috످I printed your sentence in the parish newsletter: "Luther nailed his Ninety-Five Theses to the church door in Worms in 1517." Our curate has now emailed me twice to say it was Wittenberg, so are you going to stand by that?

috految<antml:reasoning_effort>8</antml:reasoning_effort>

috److No, your curate is right: it was Wittenberg. Worms is where Luther refused to recant in 1521. I can't see our earlier conversation, but if I gave you that sentence, I'm sorry for the mistake and the awkward spot it put you in.

Here's a correction you could print or send to your curate:

"In a recent issue, we said that Martin Luther nailed his Ninety-Five Theses to the church door in Worms in 1517. The town was in fact Wittenberg, where he is said to have posted them on the door of the Castle Church. Our thanks to the curate for spotting the error."

I've used "is said to have" because historians debate whether he actually nailed them to the door, which might spare you a third email.

috످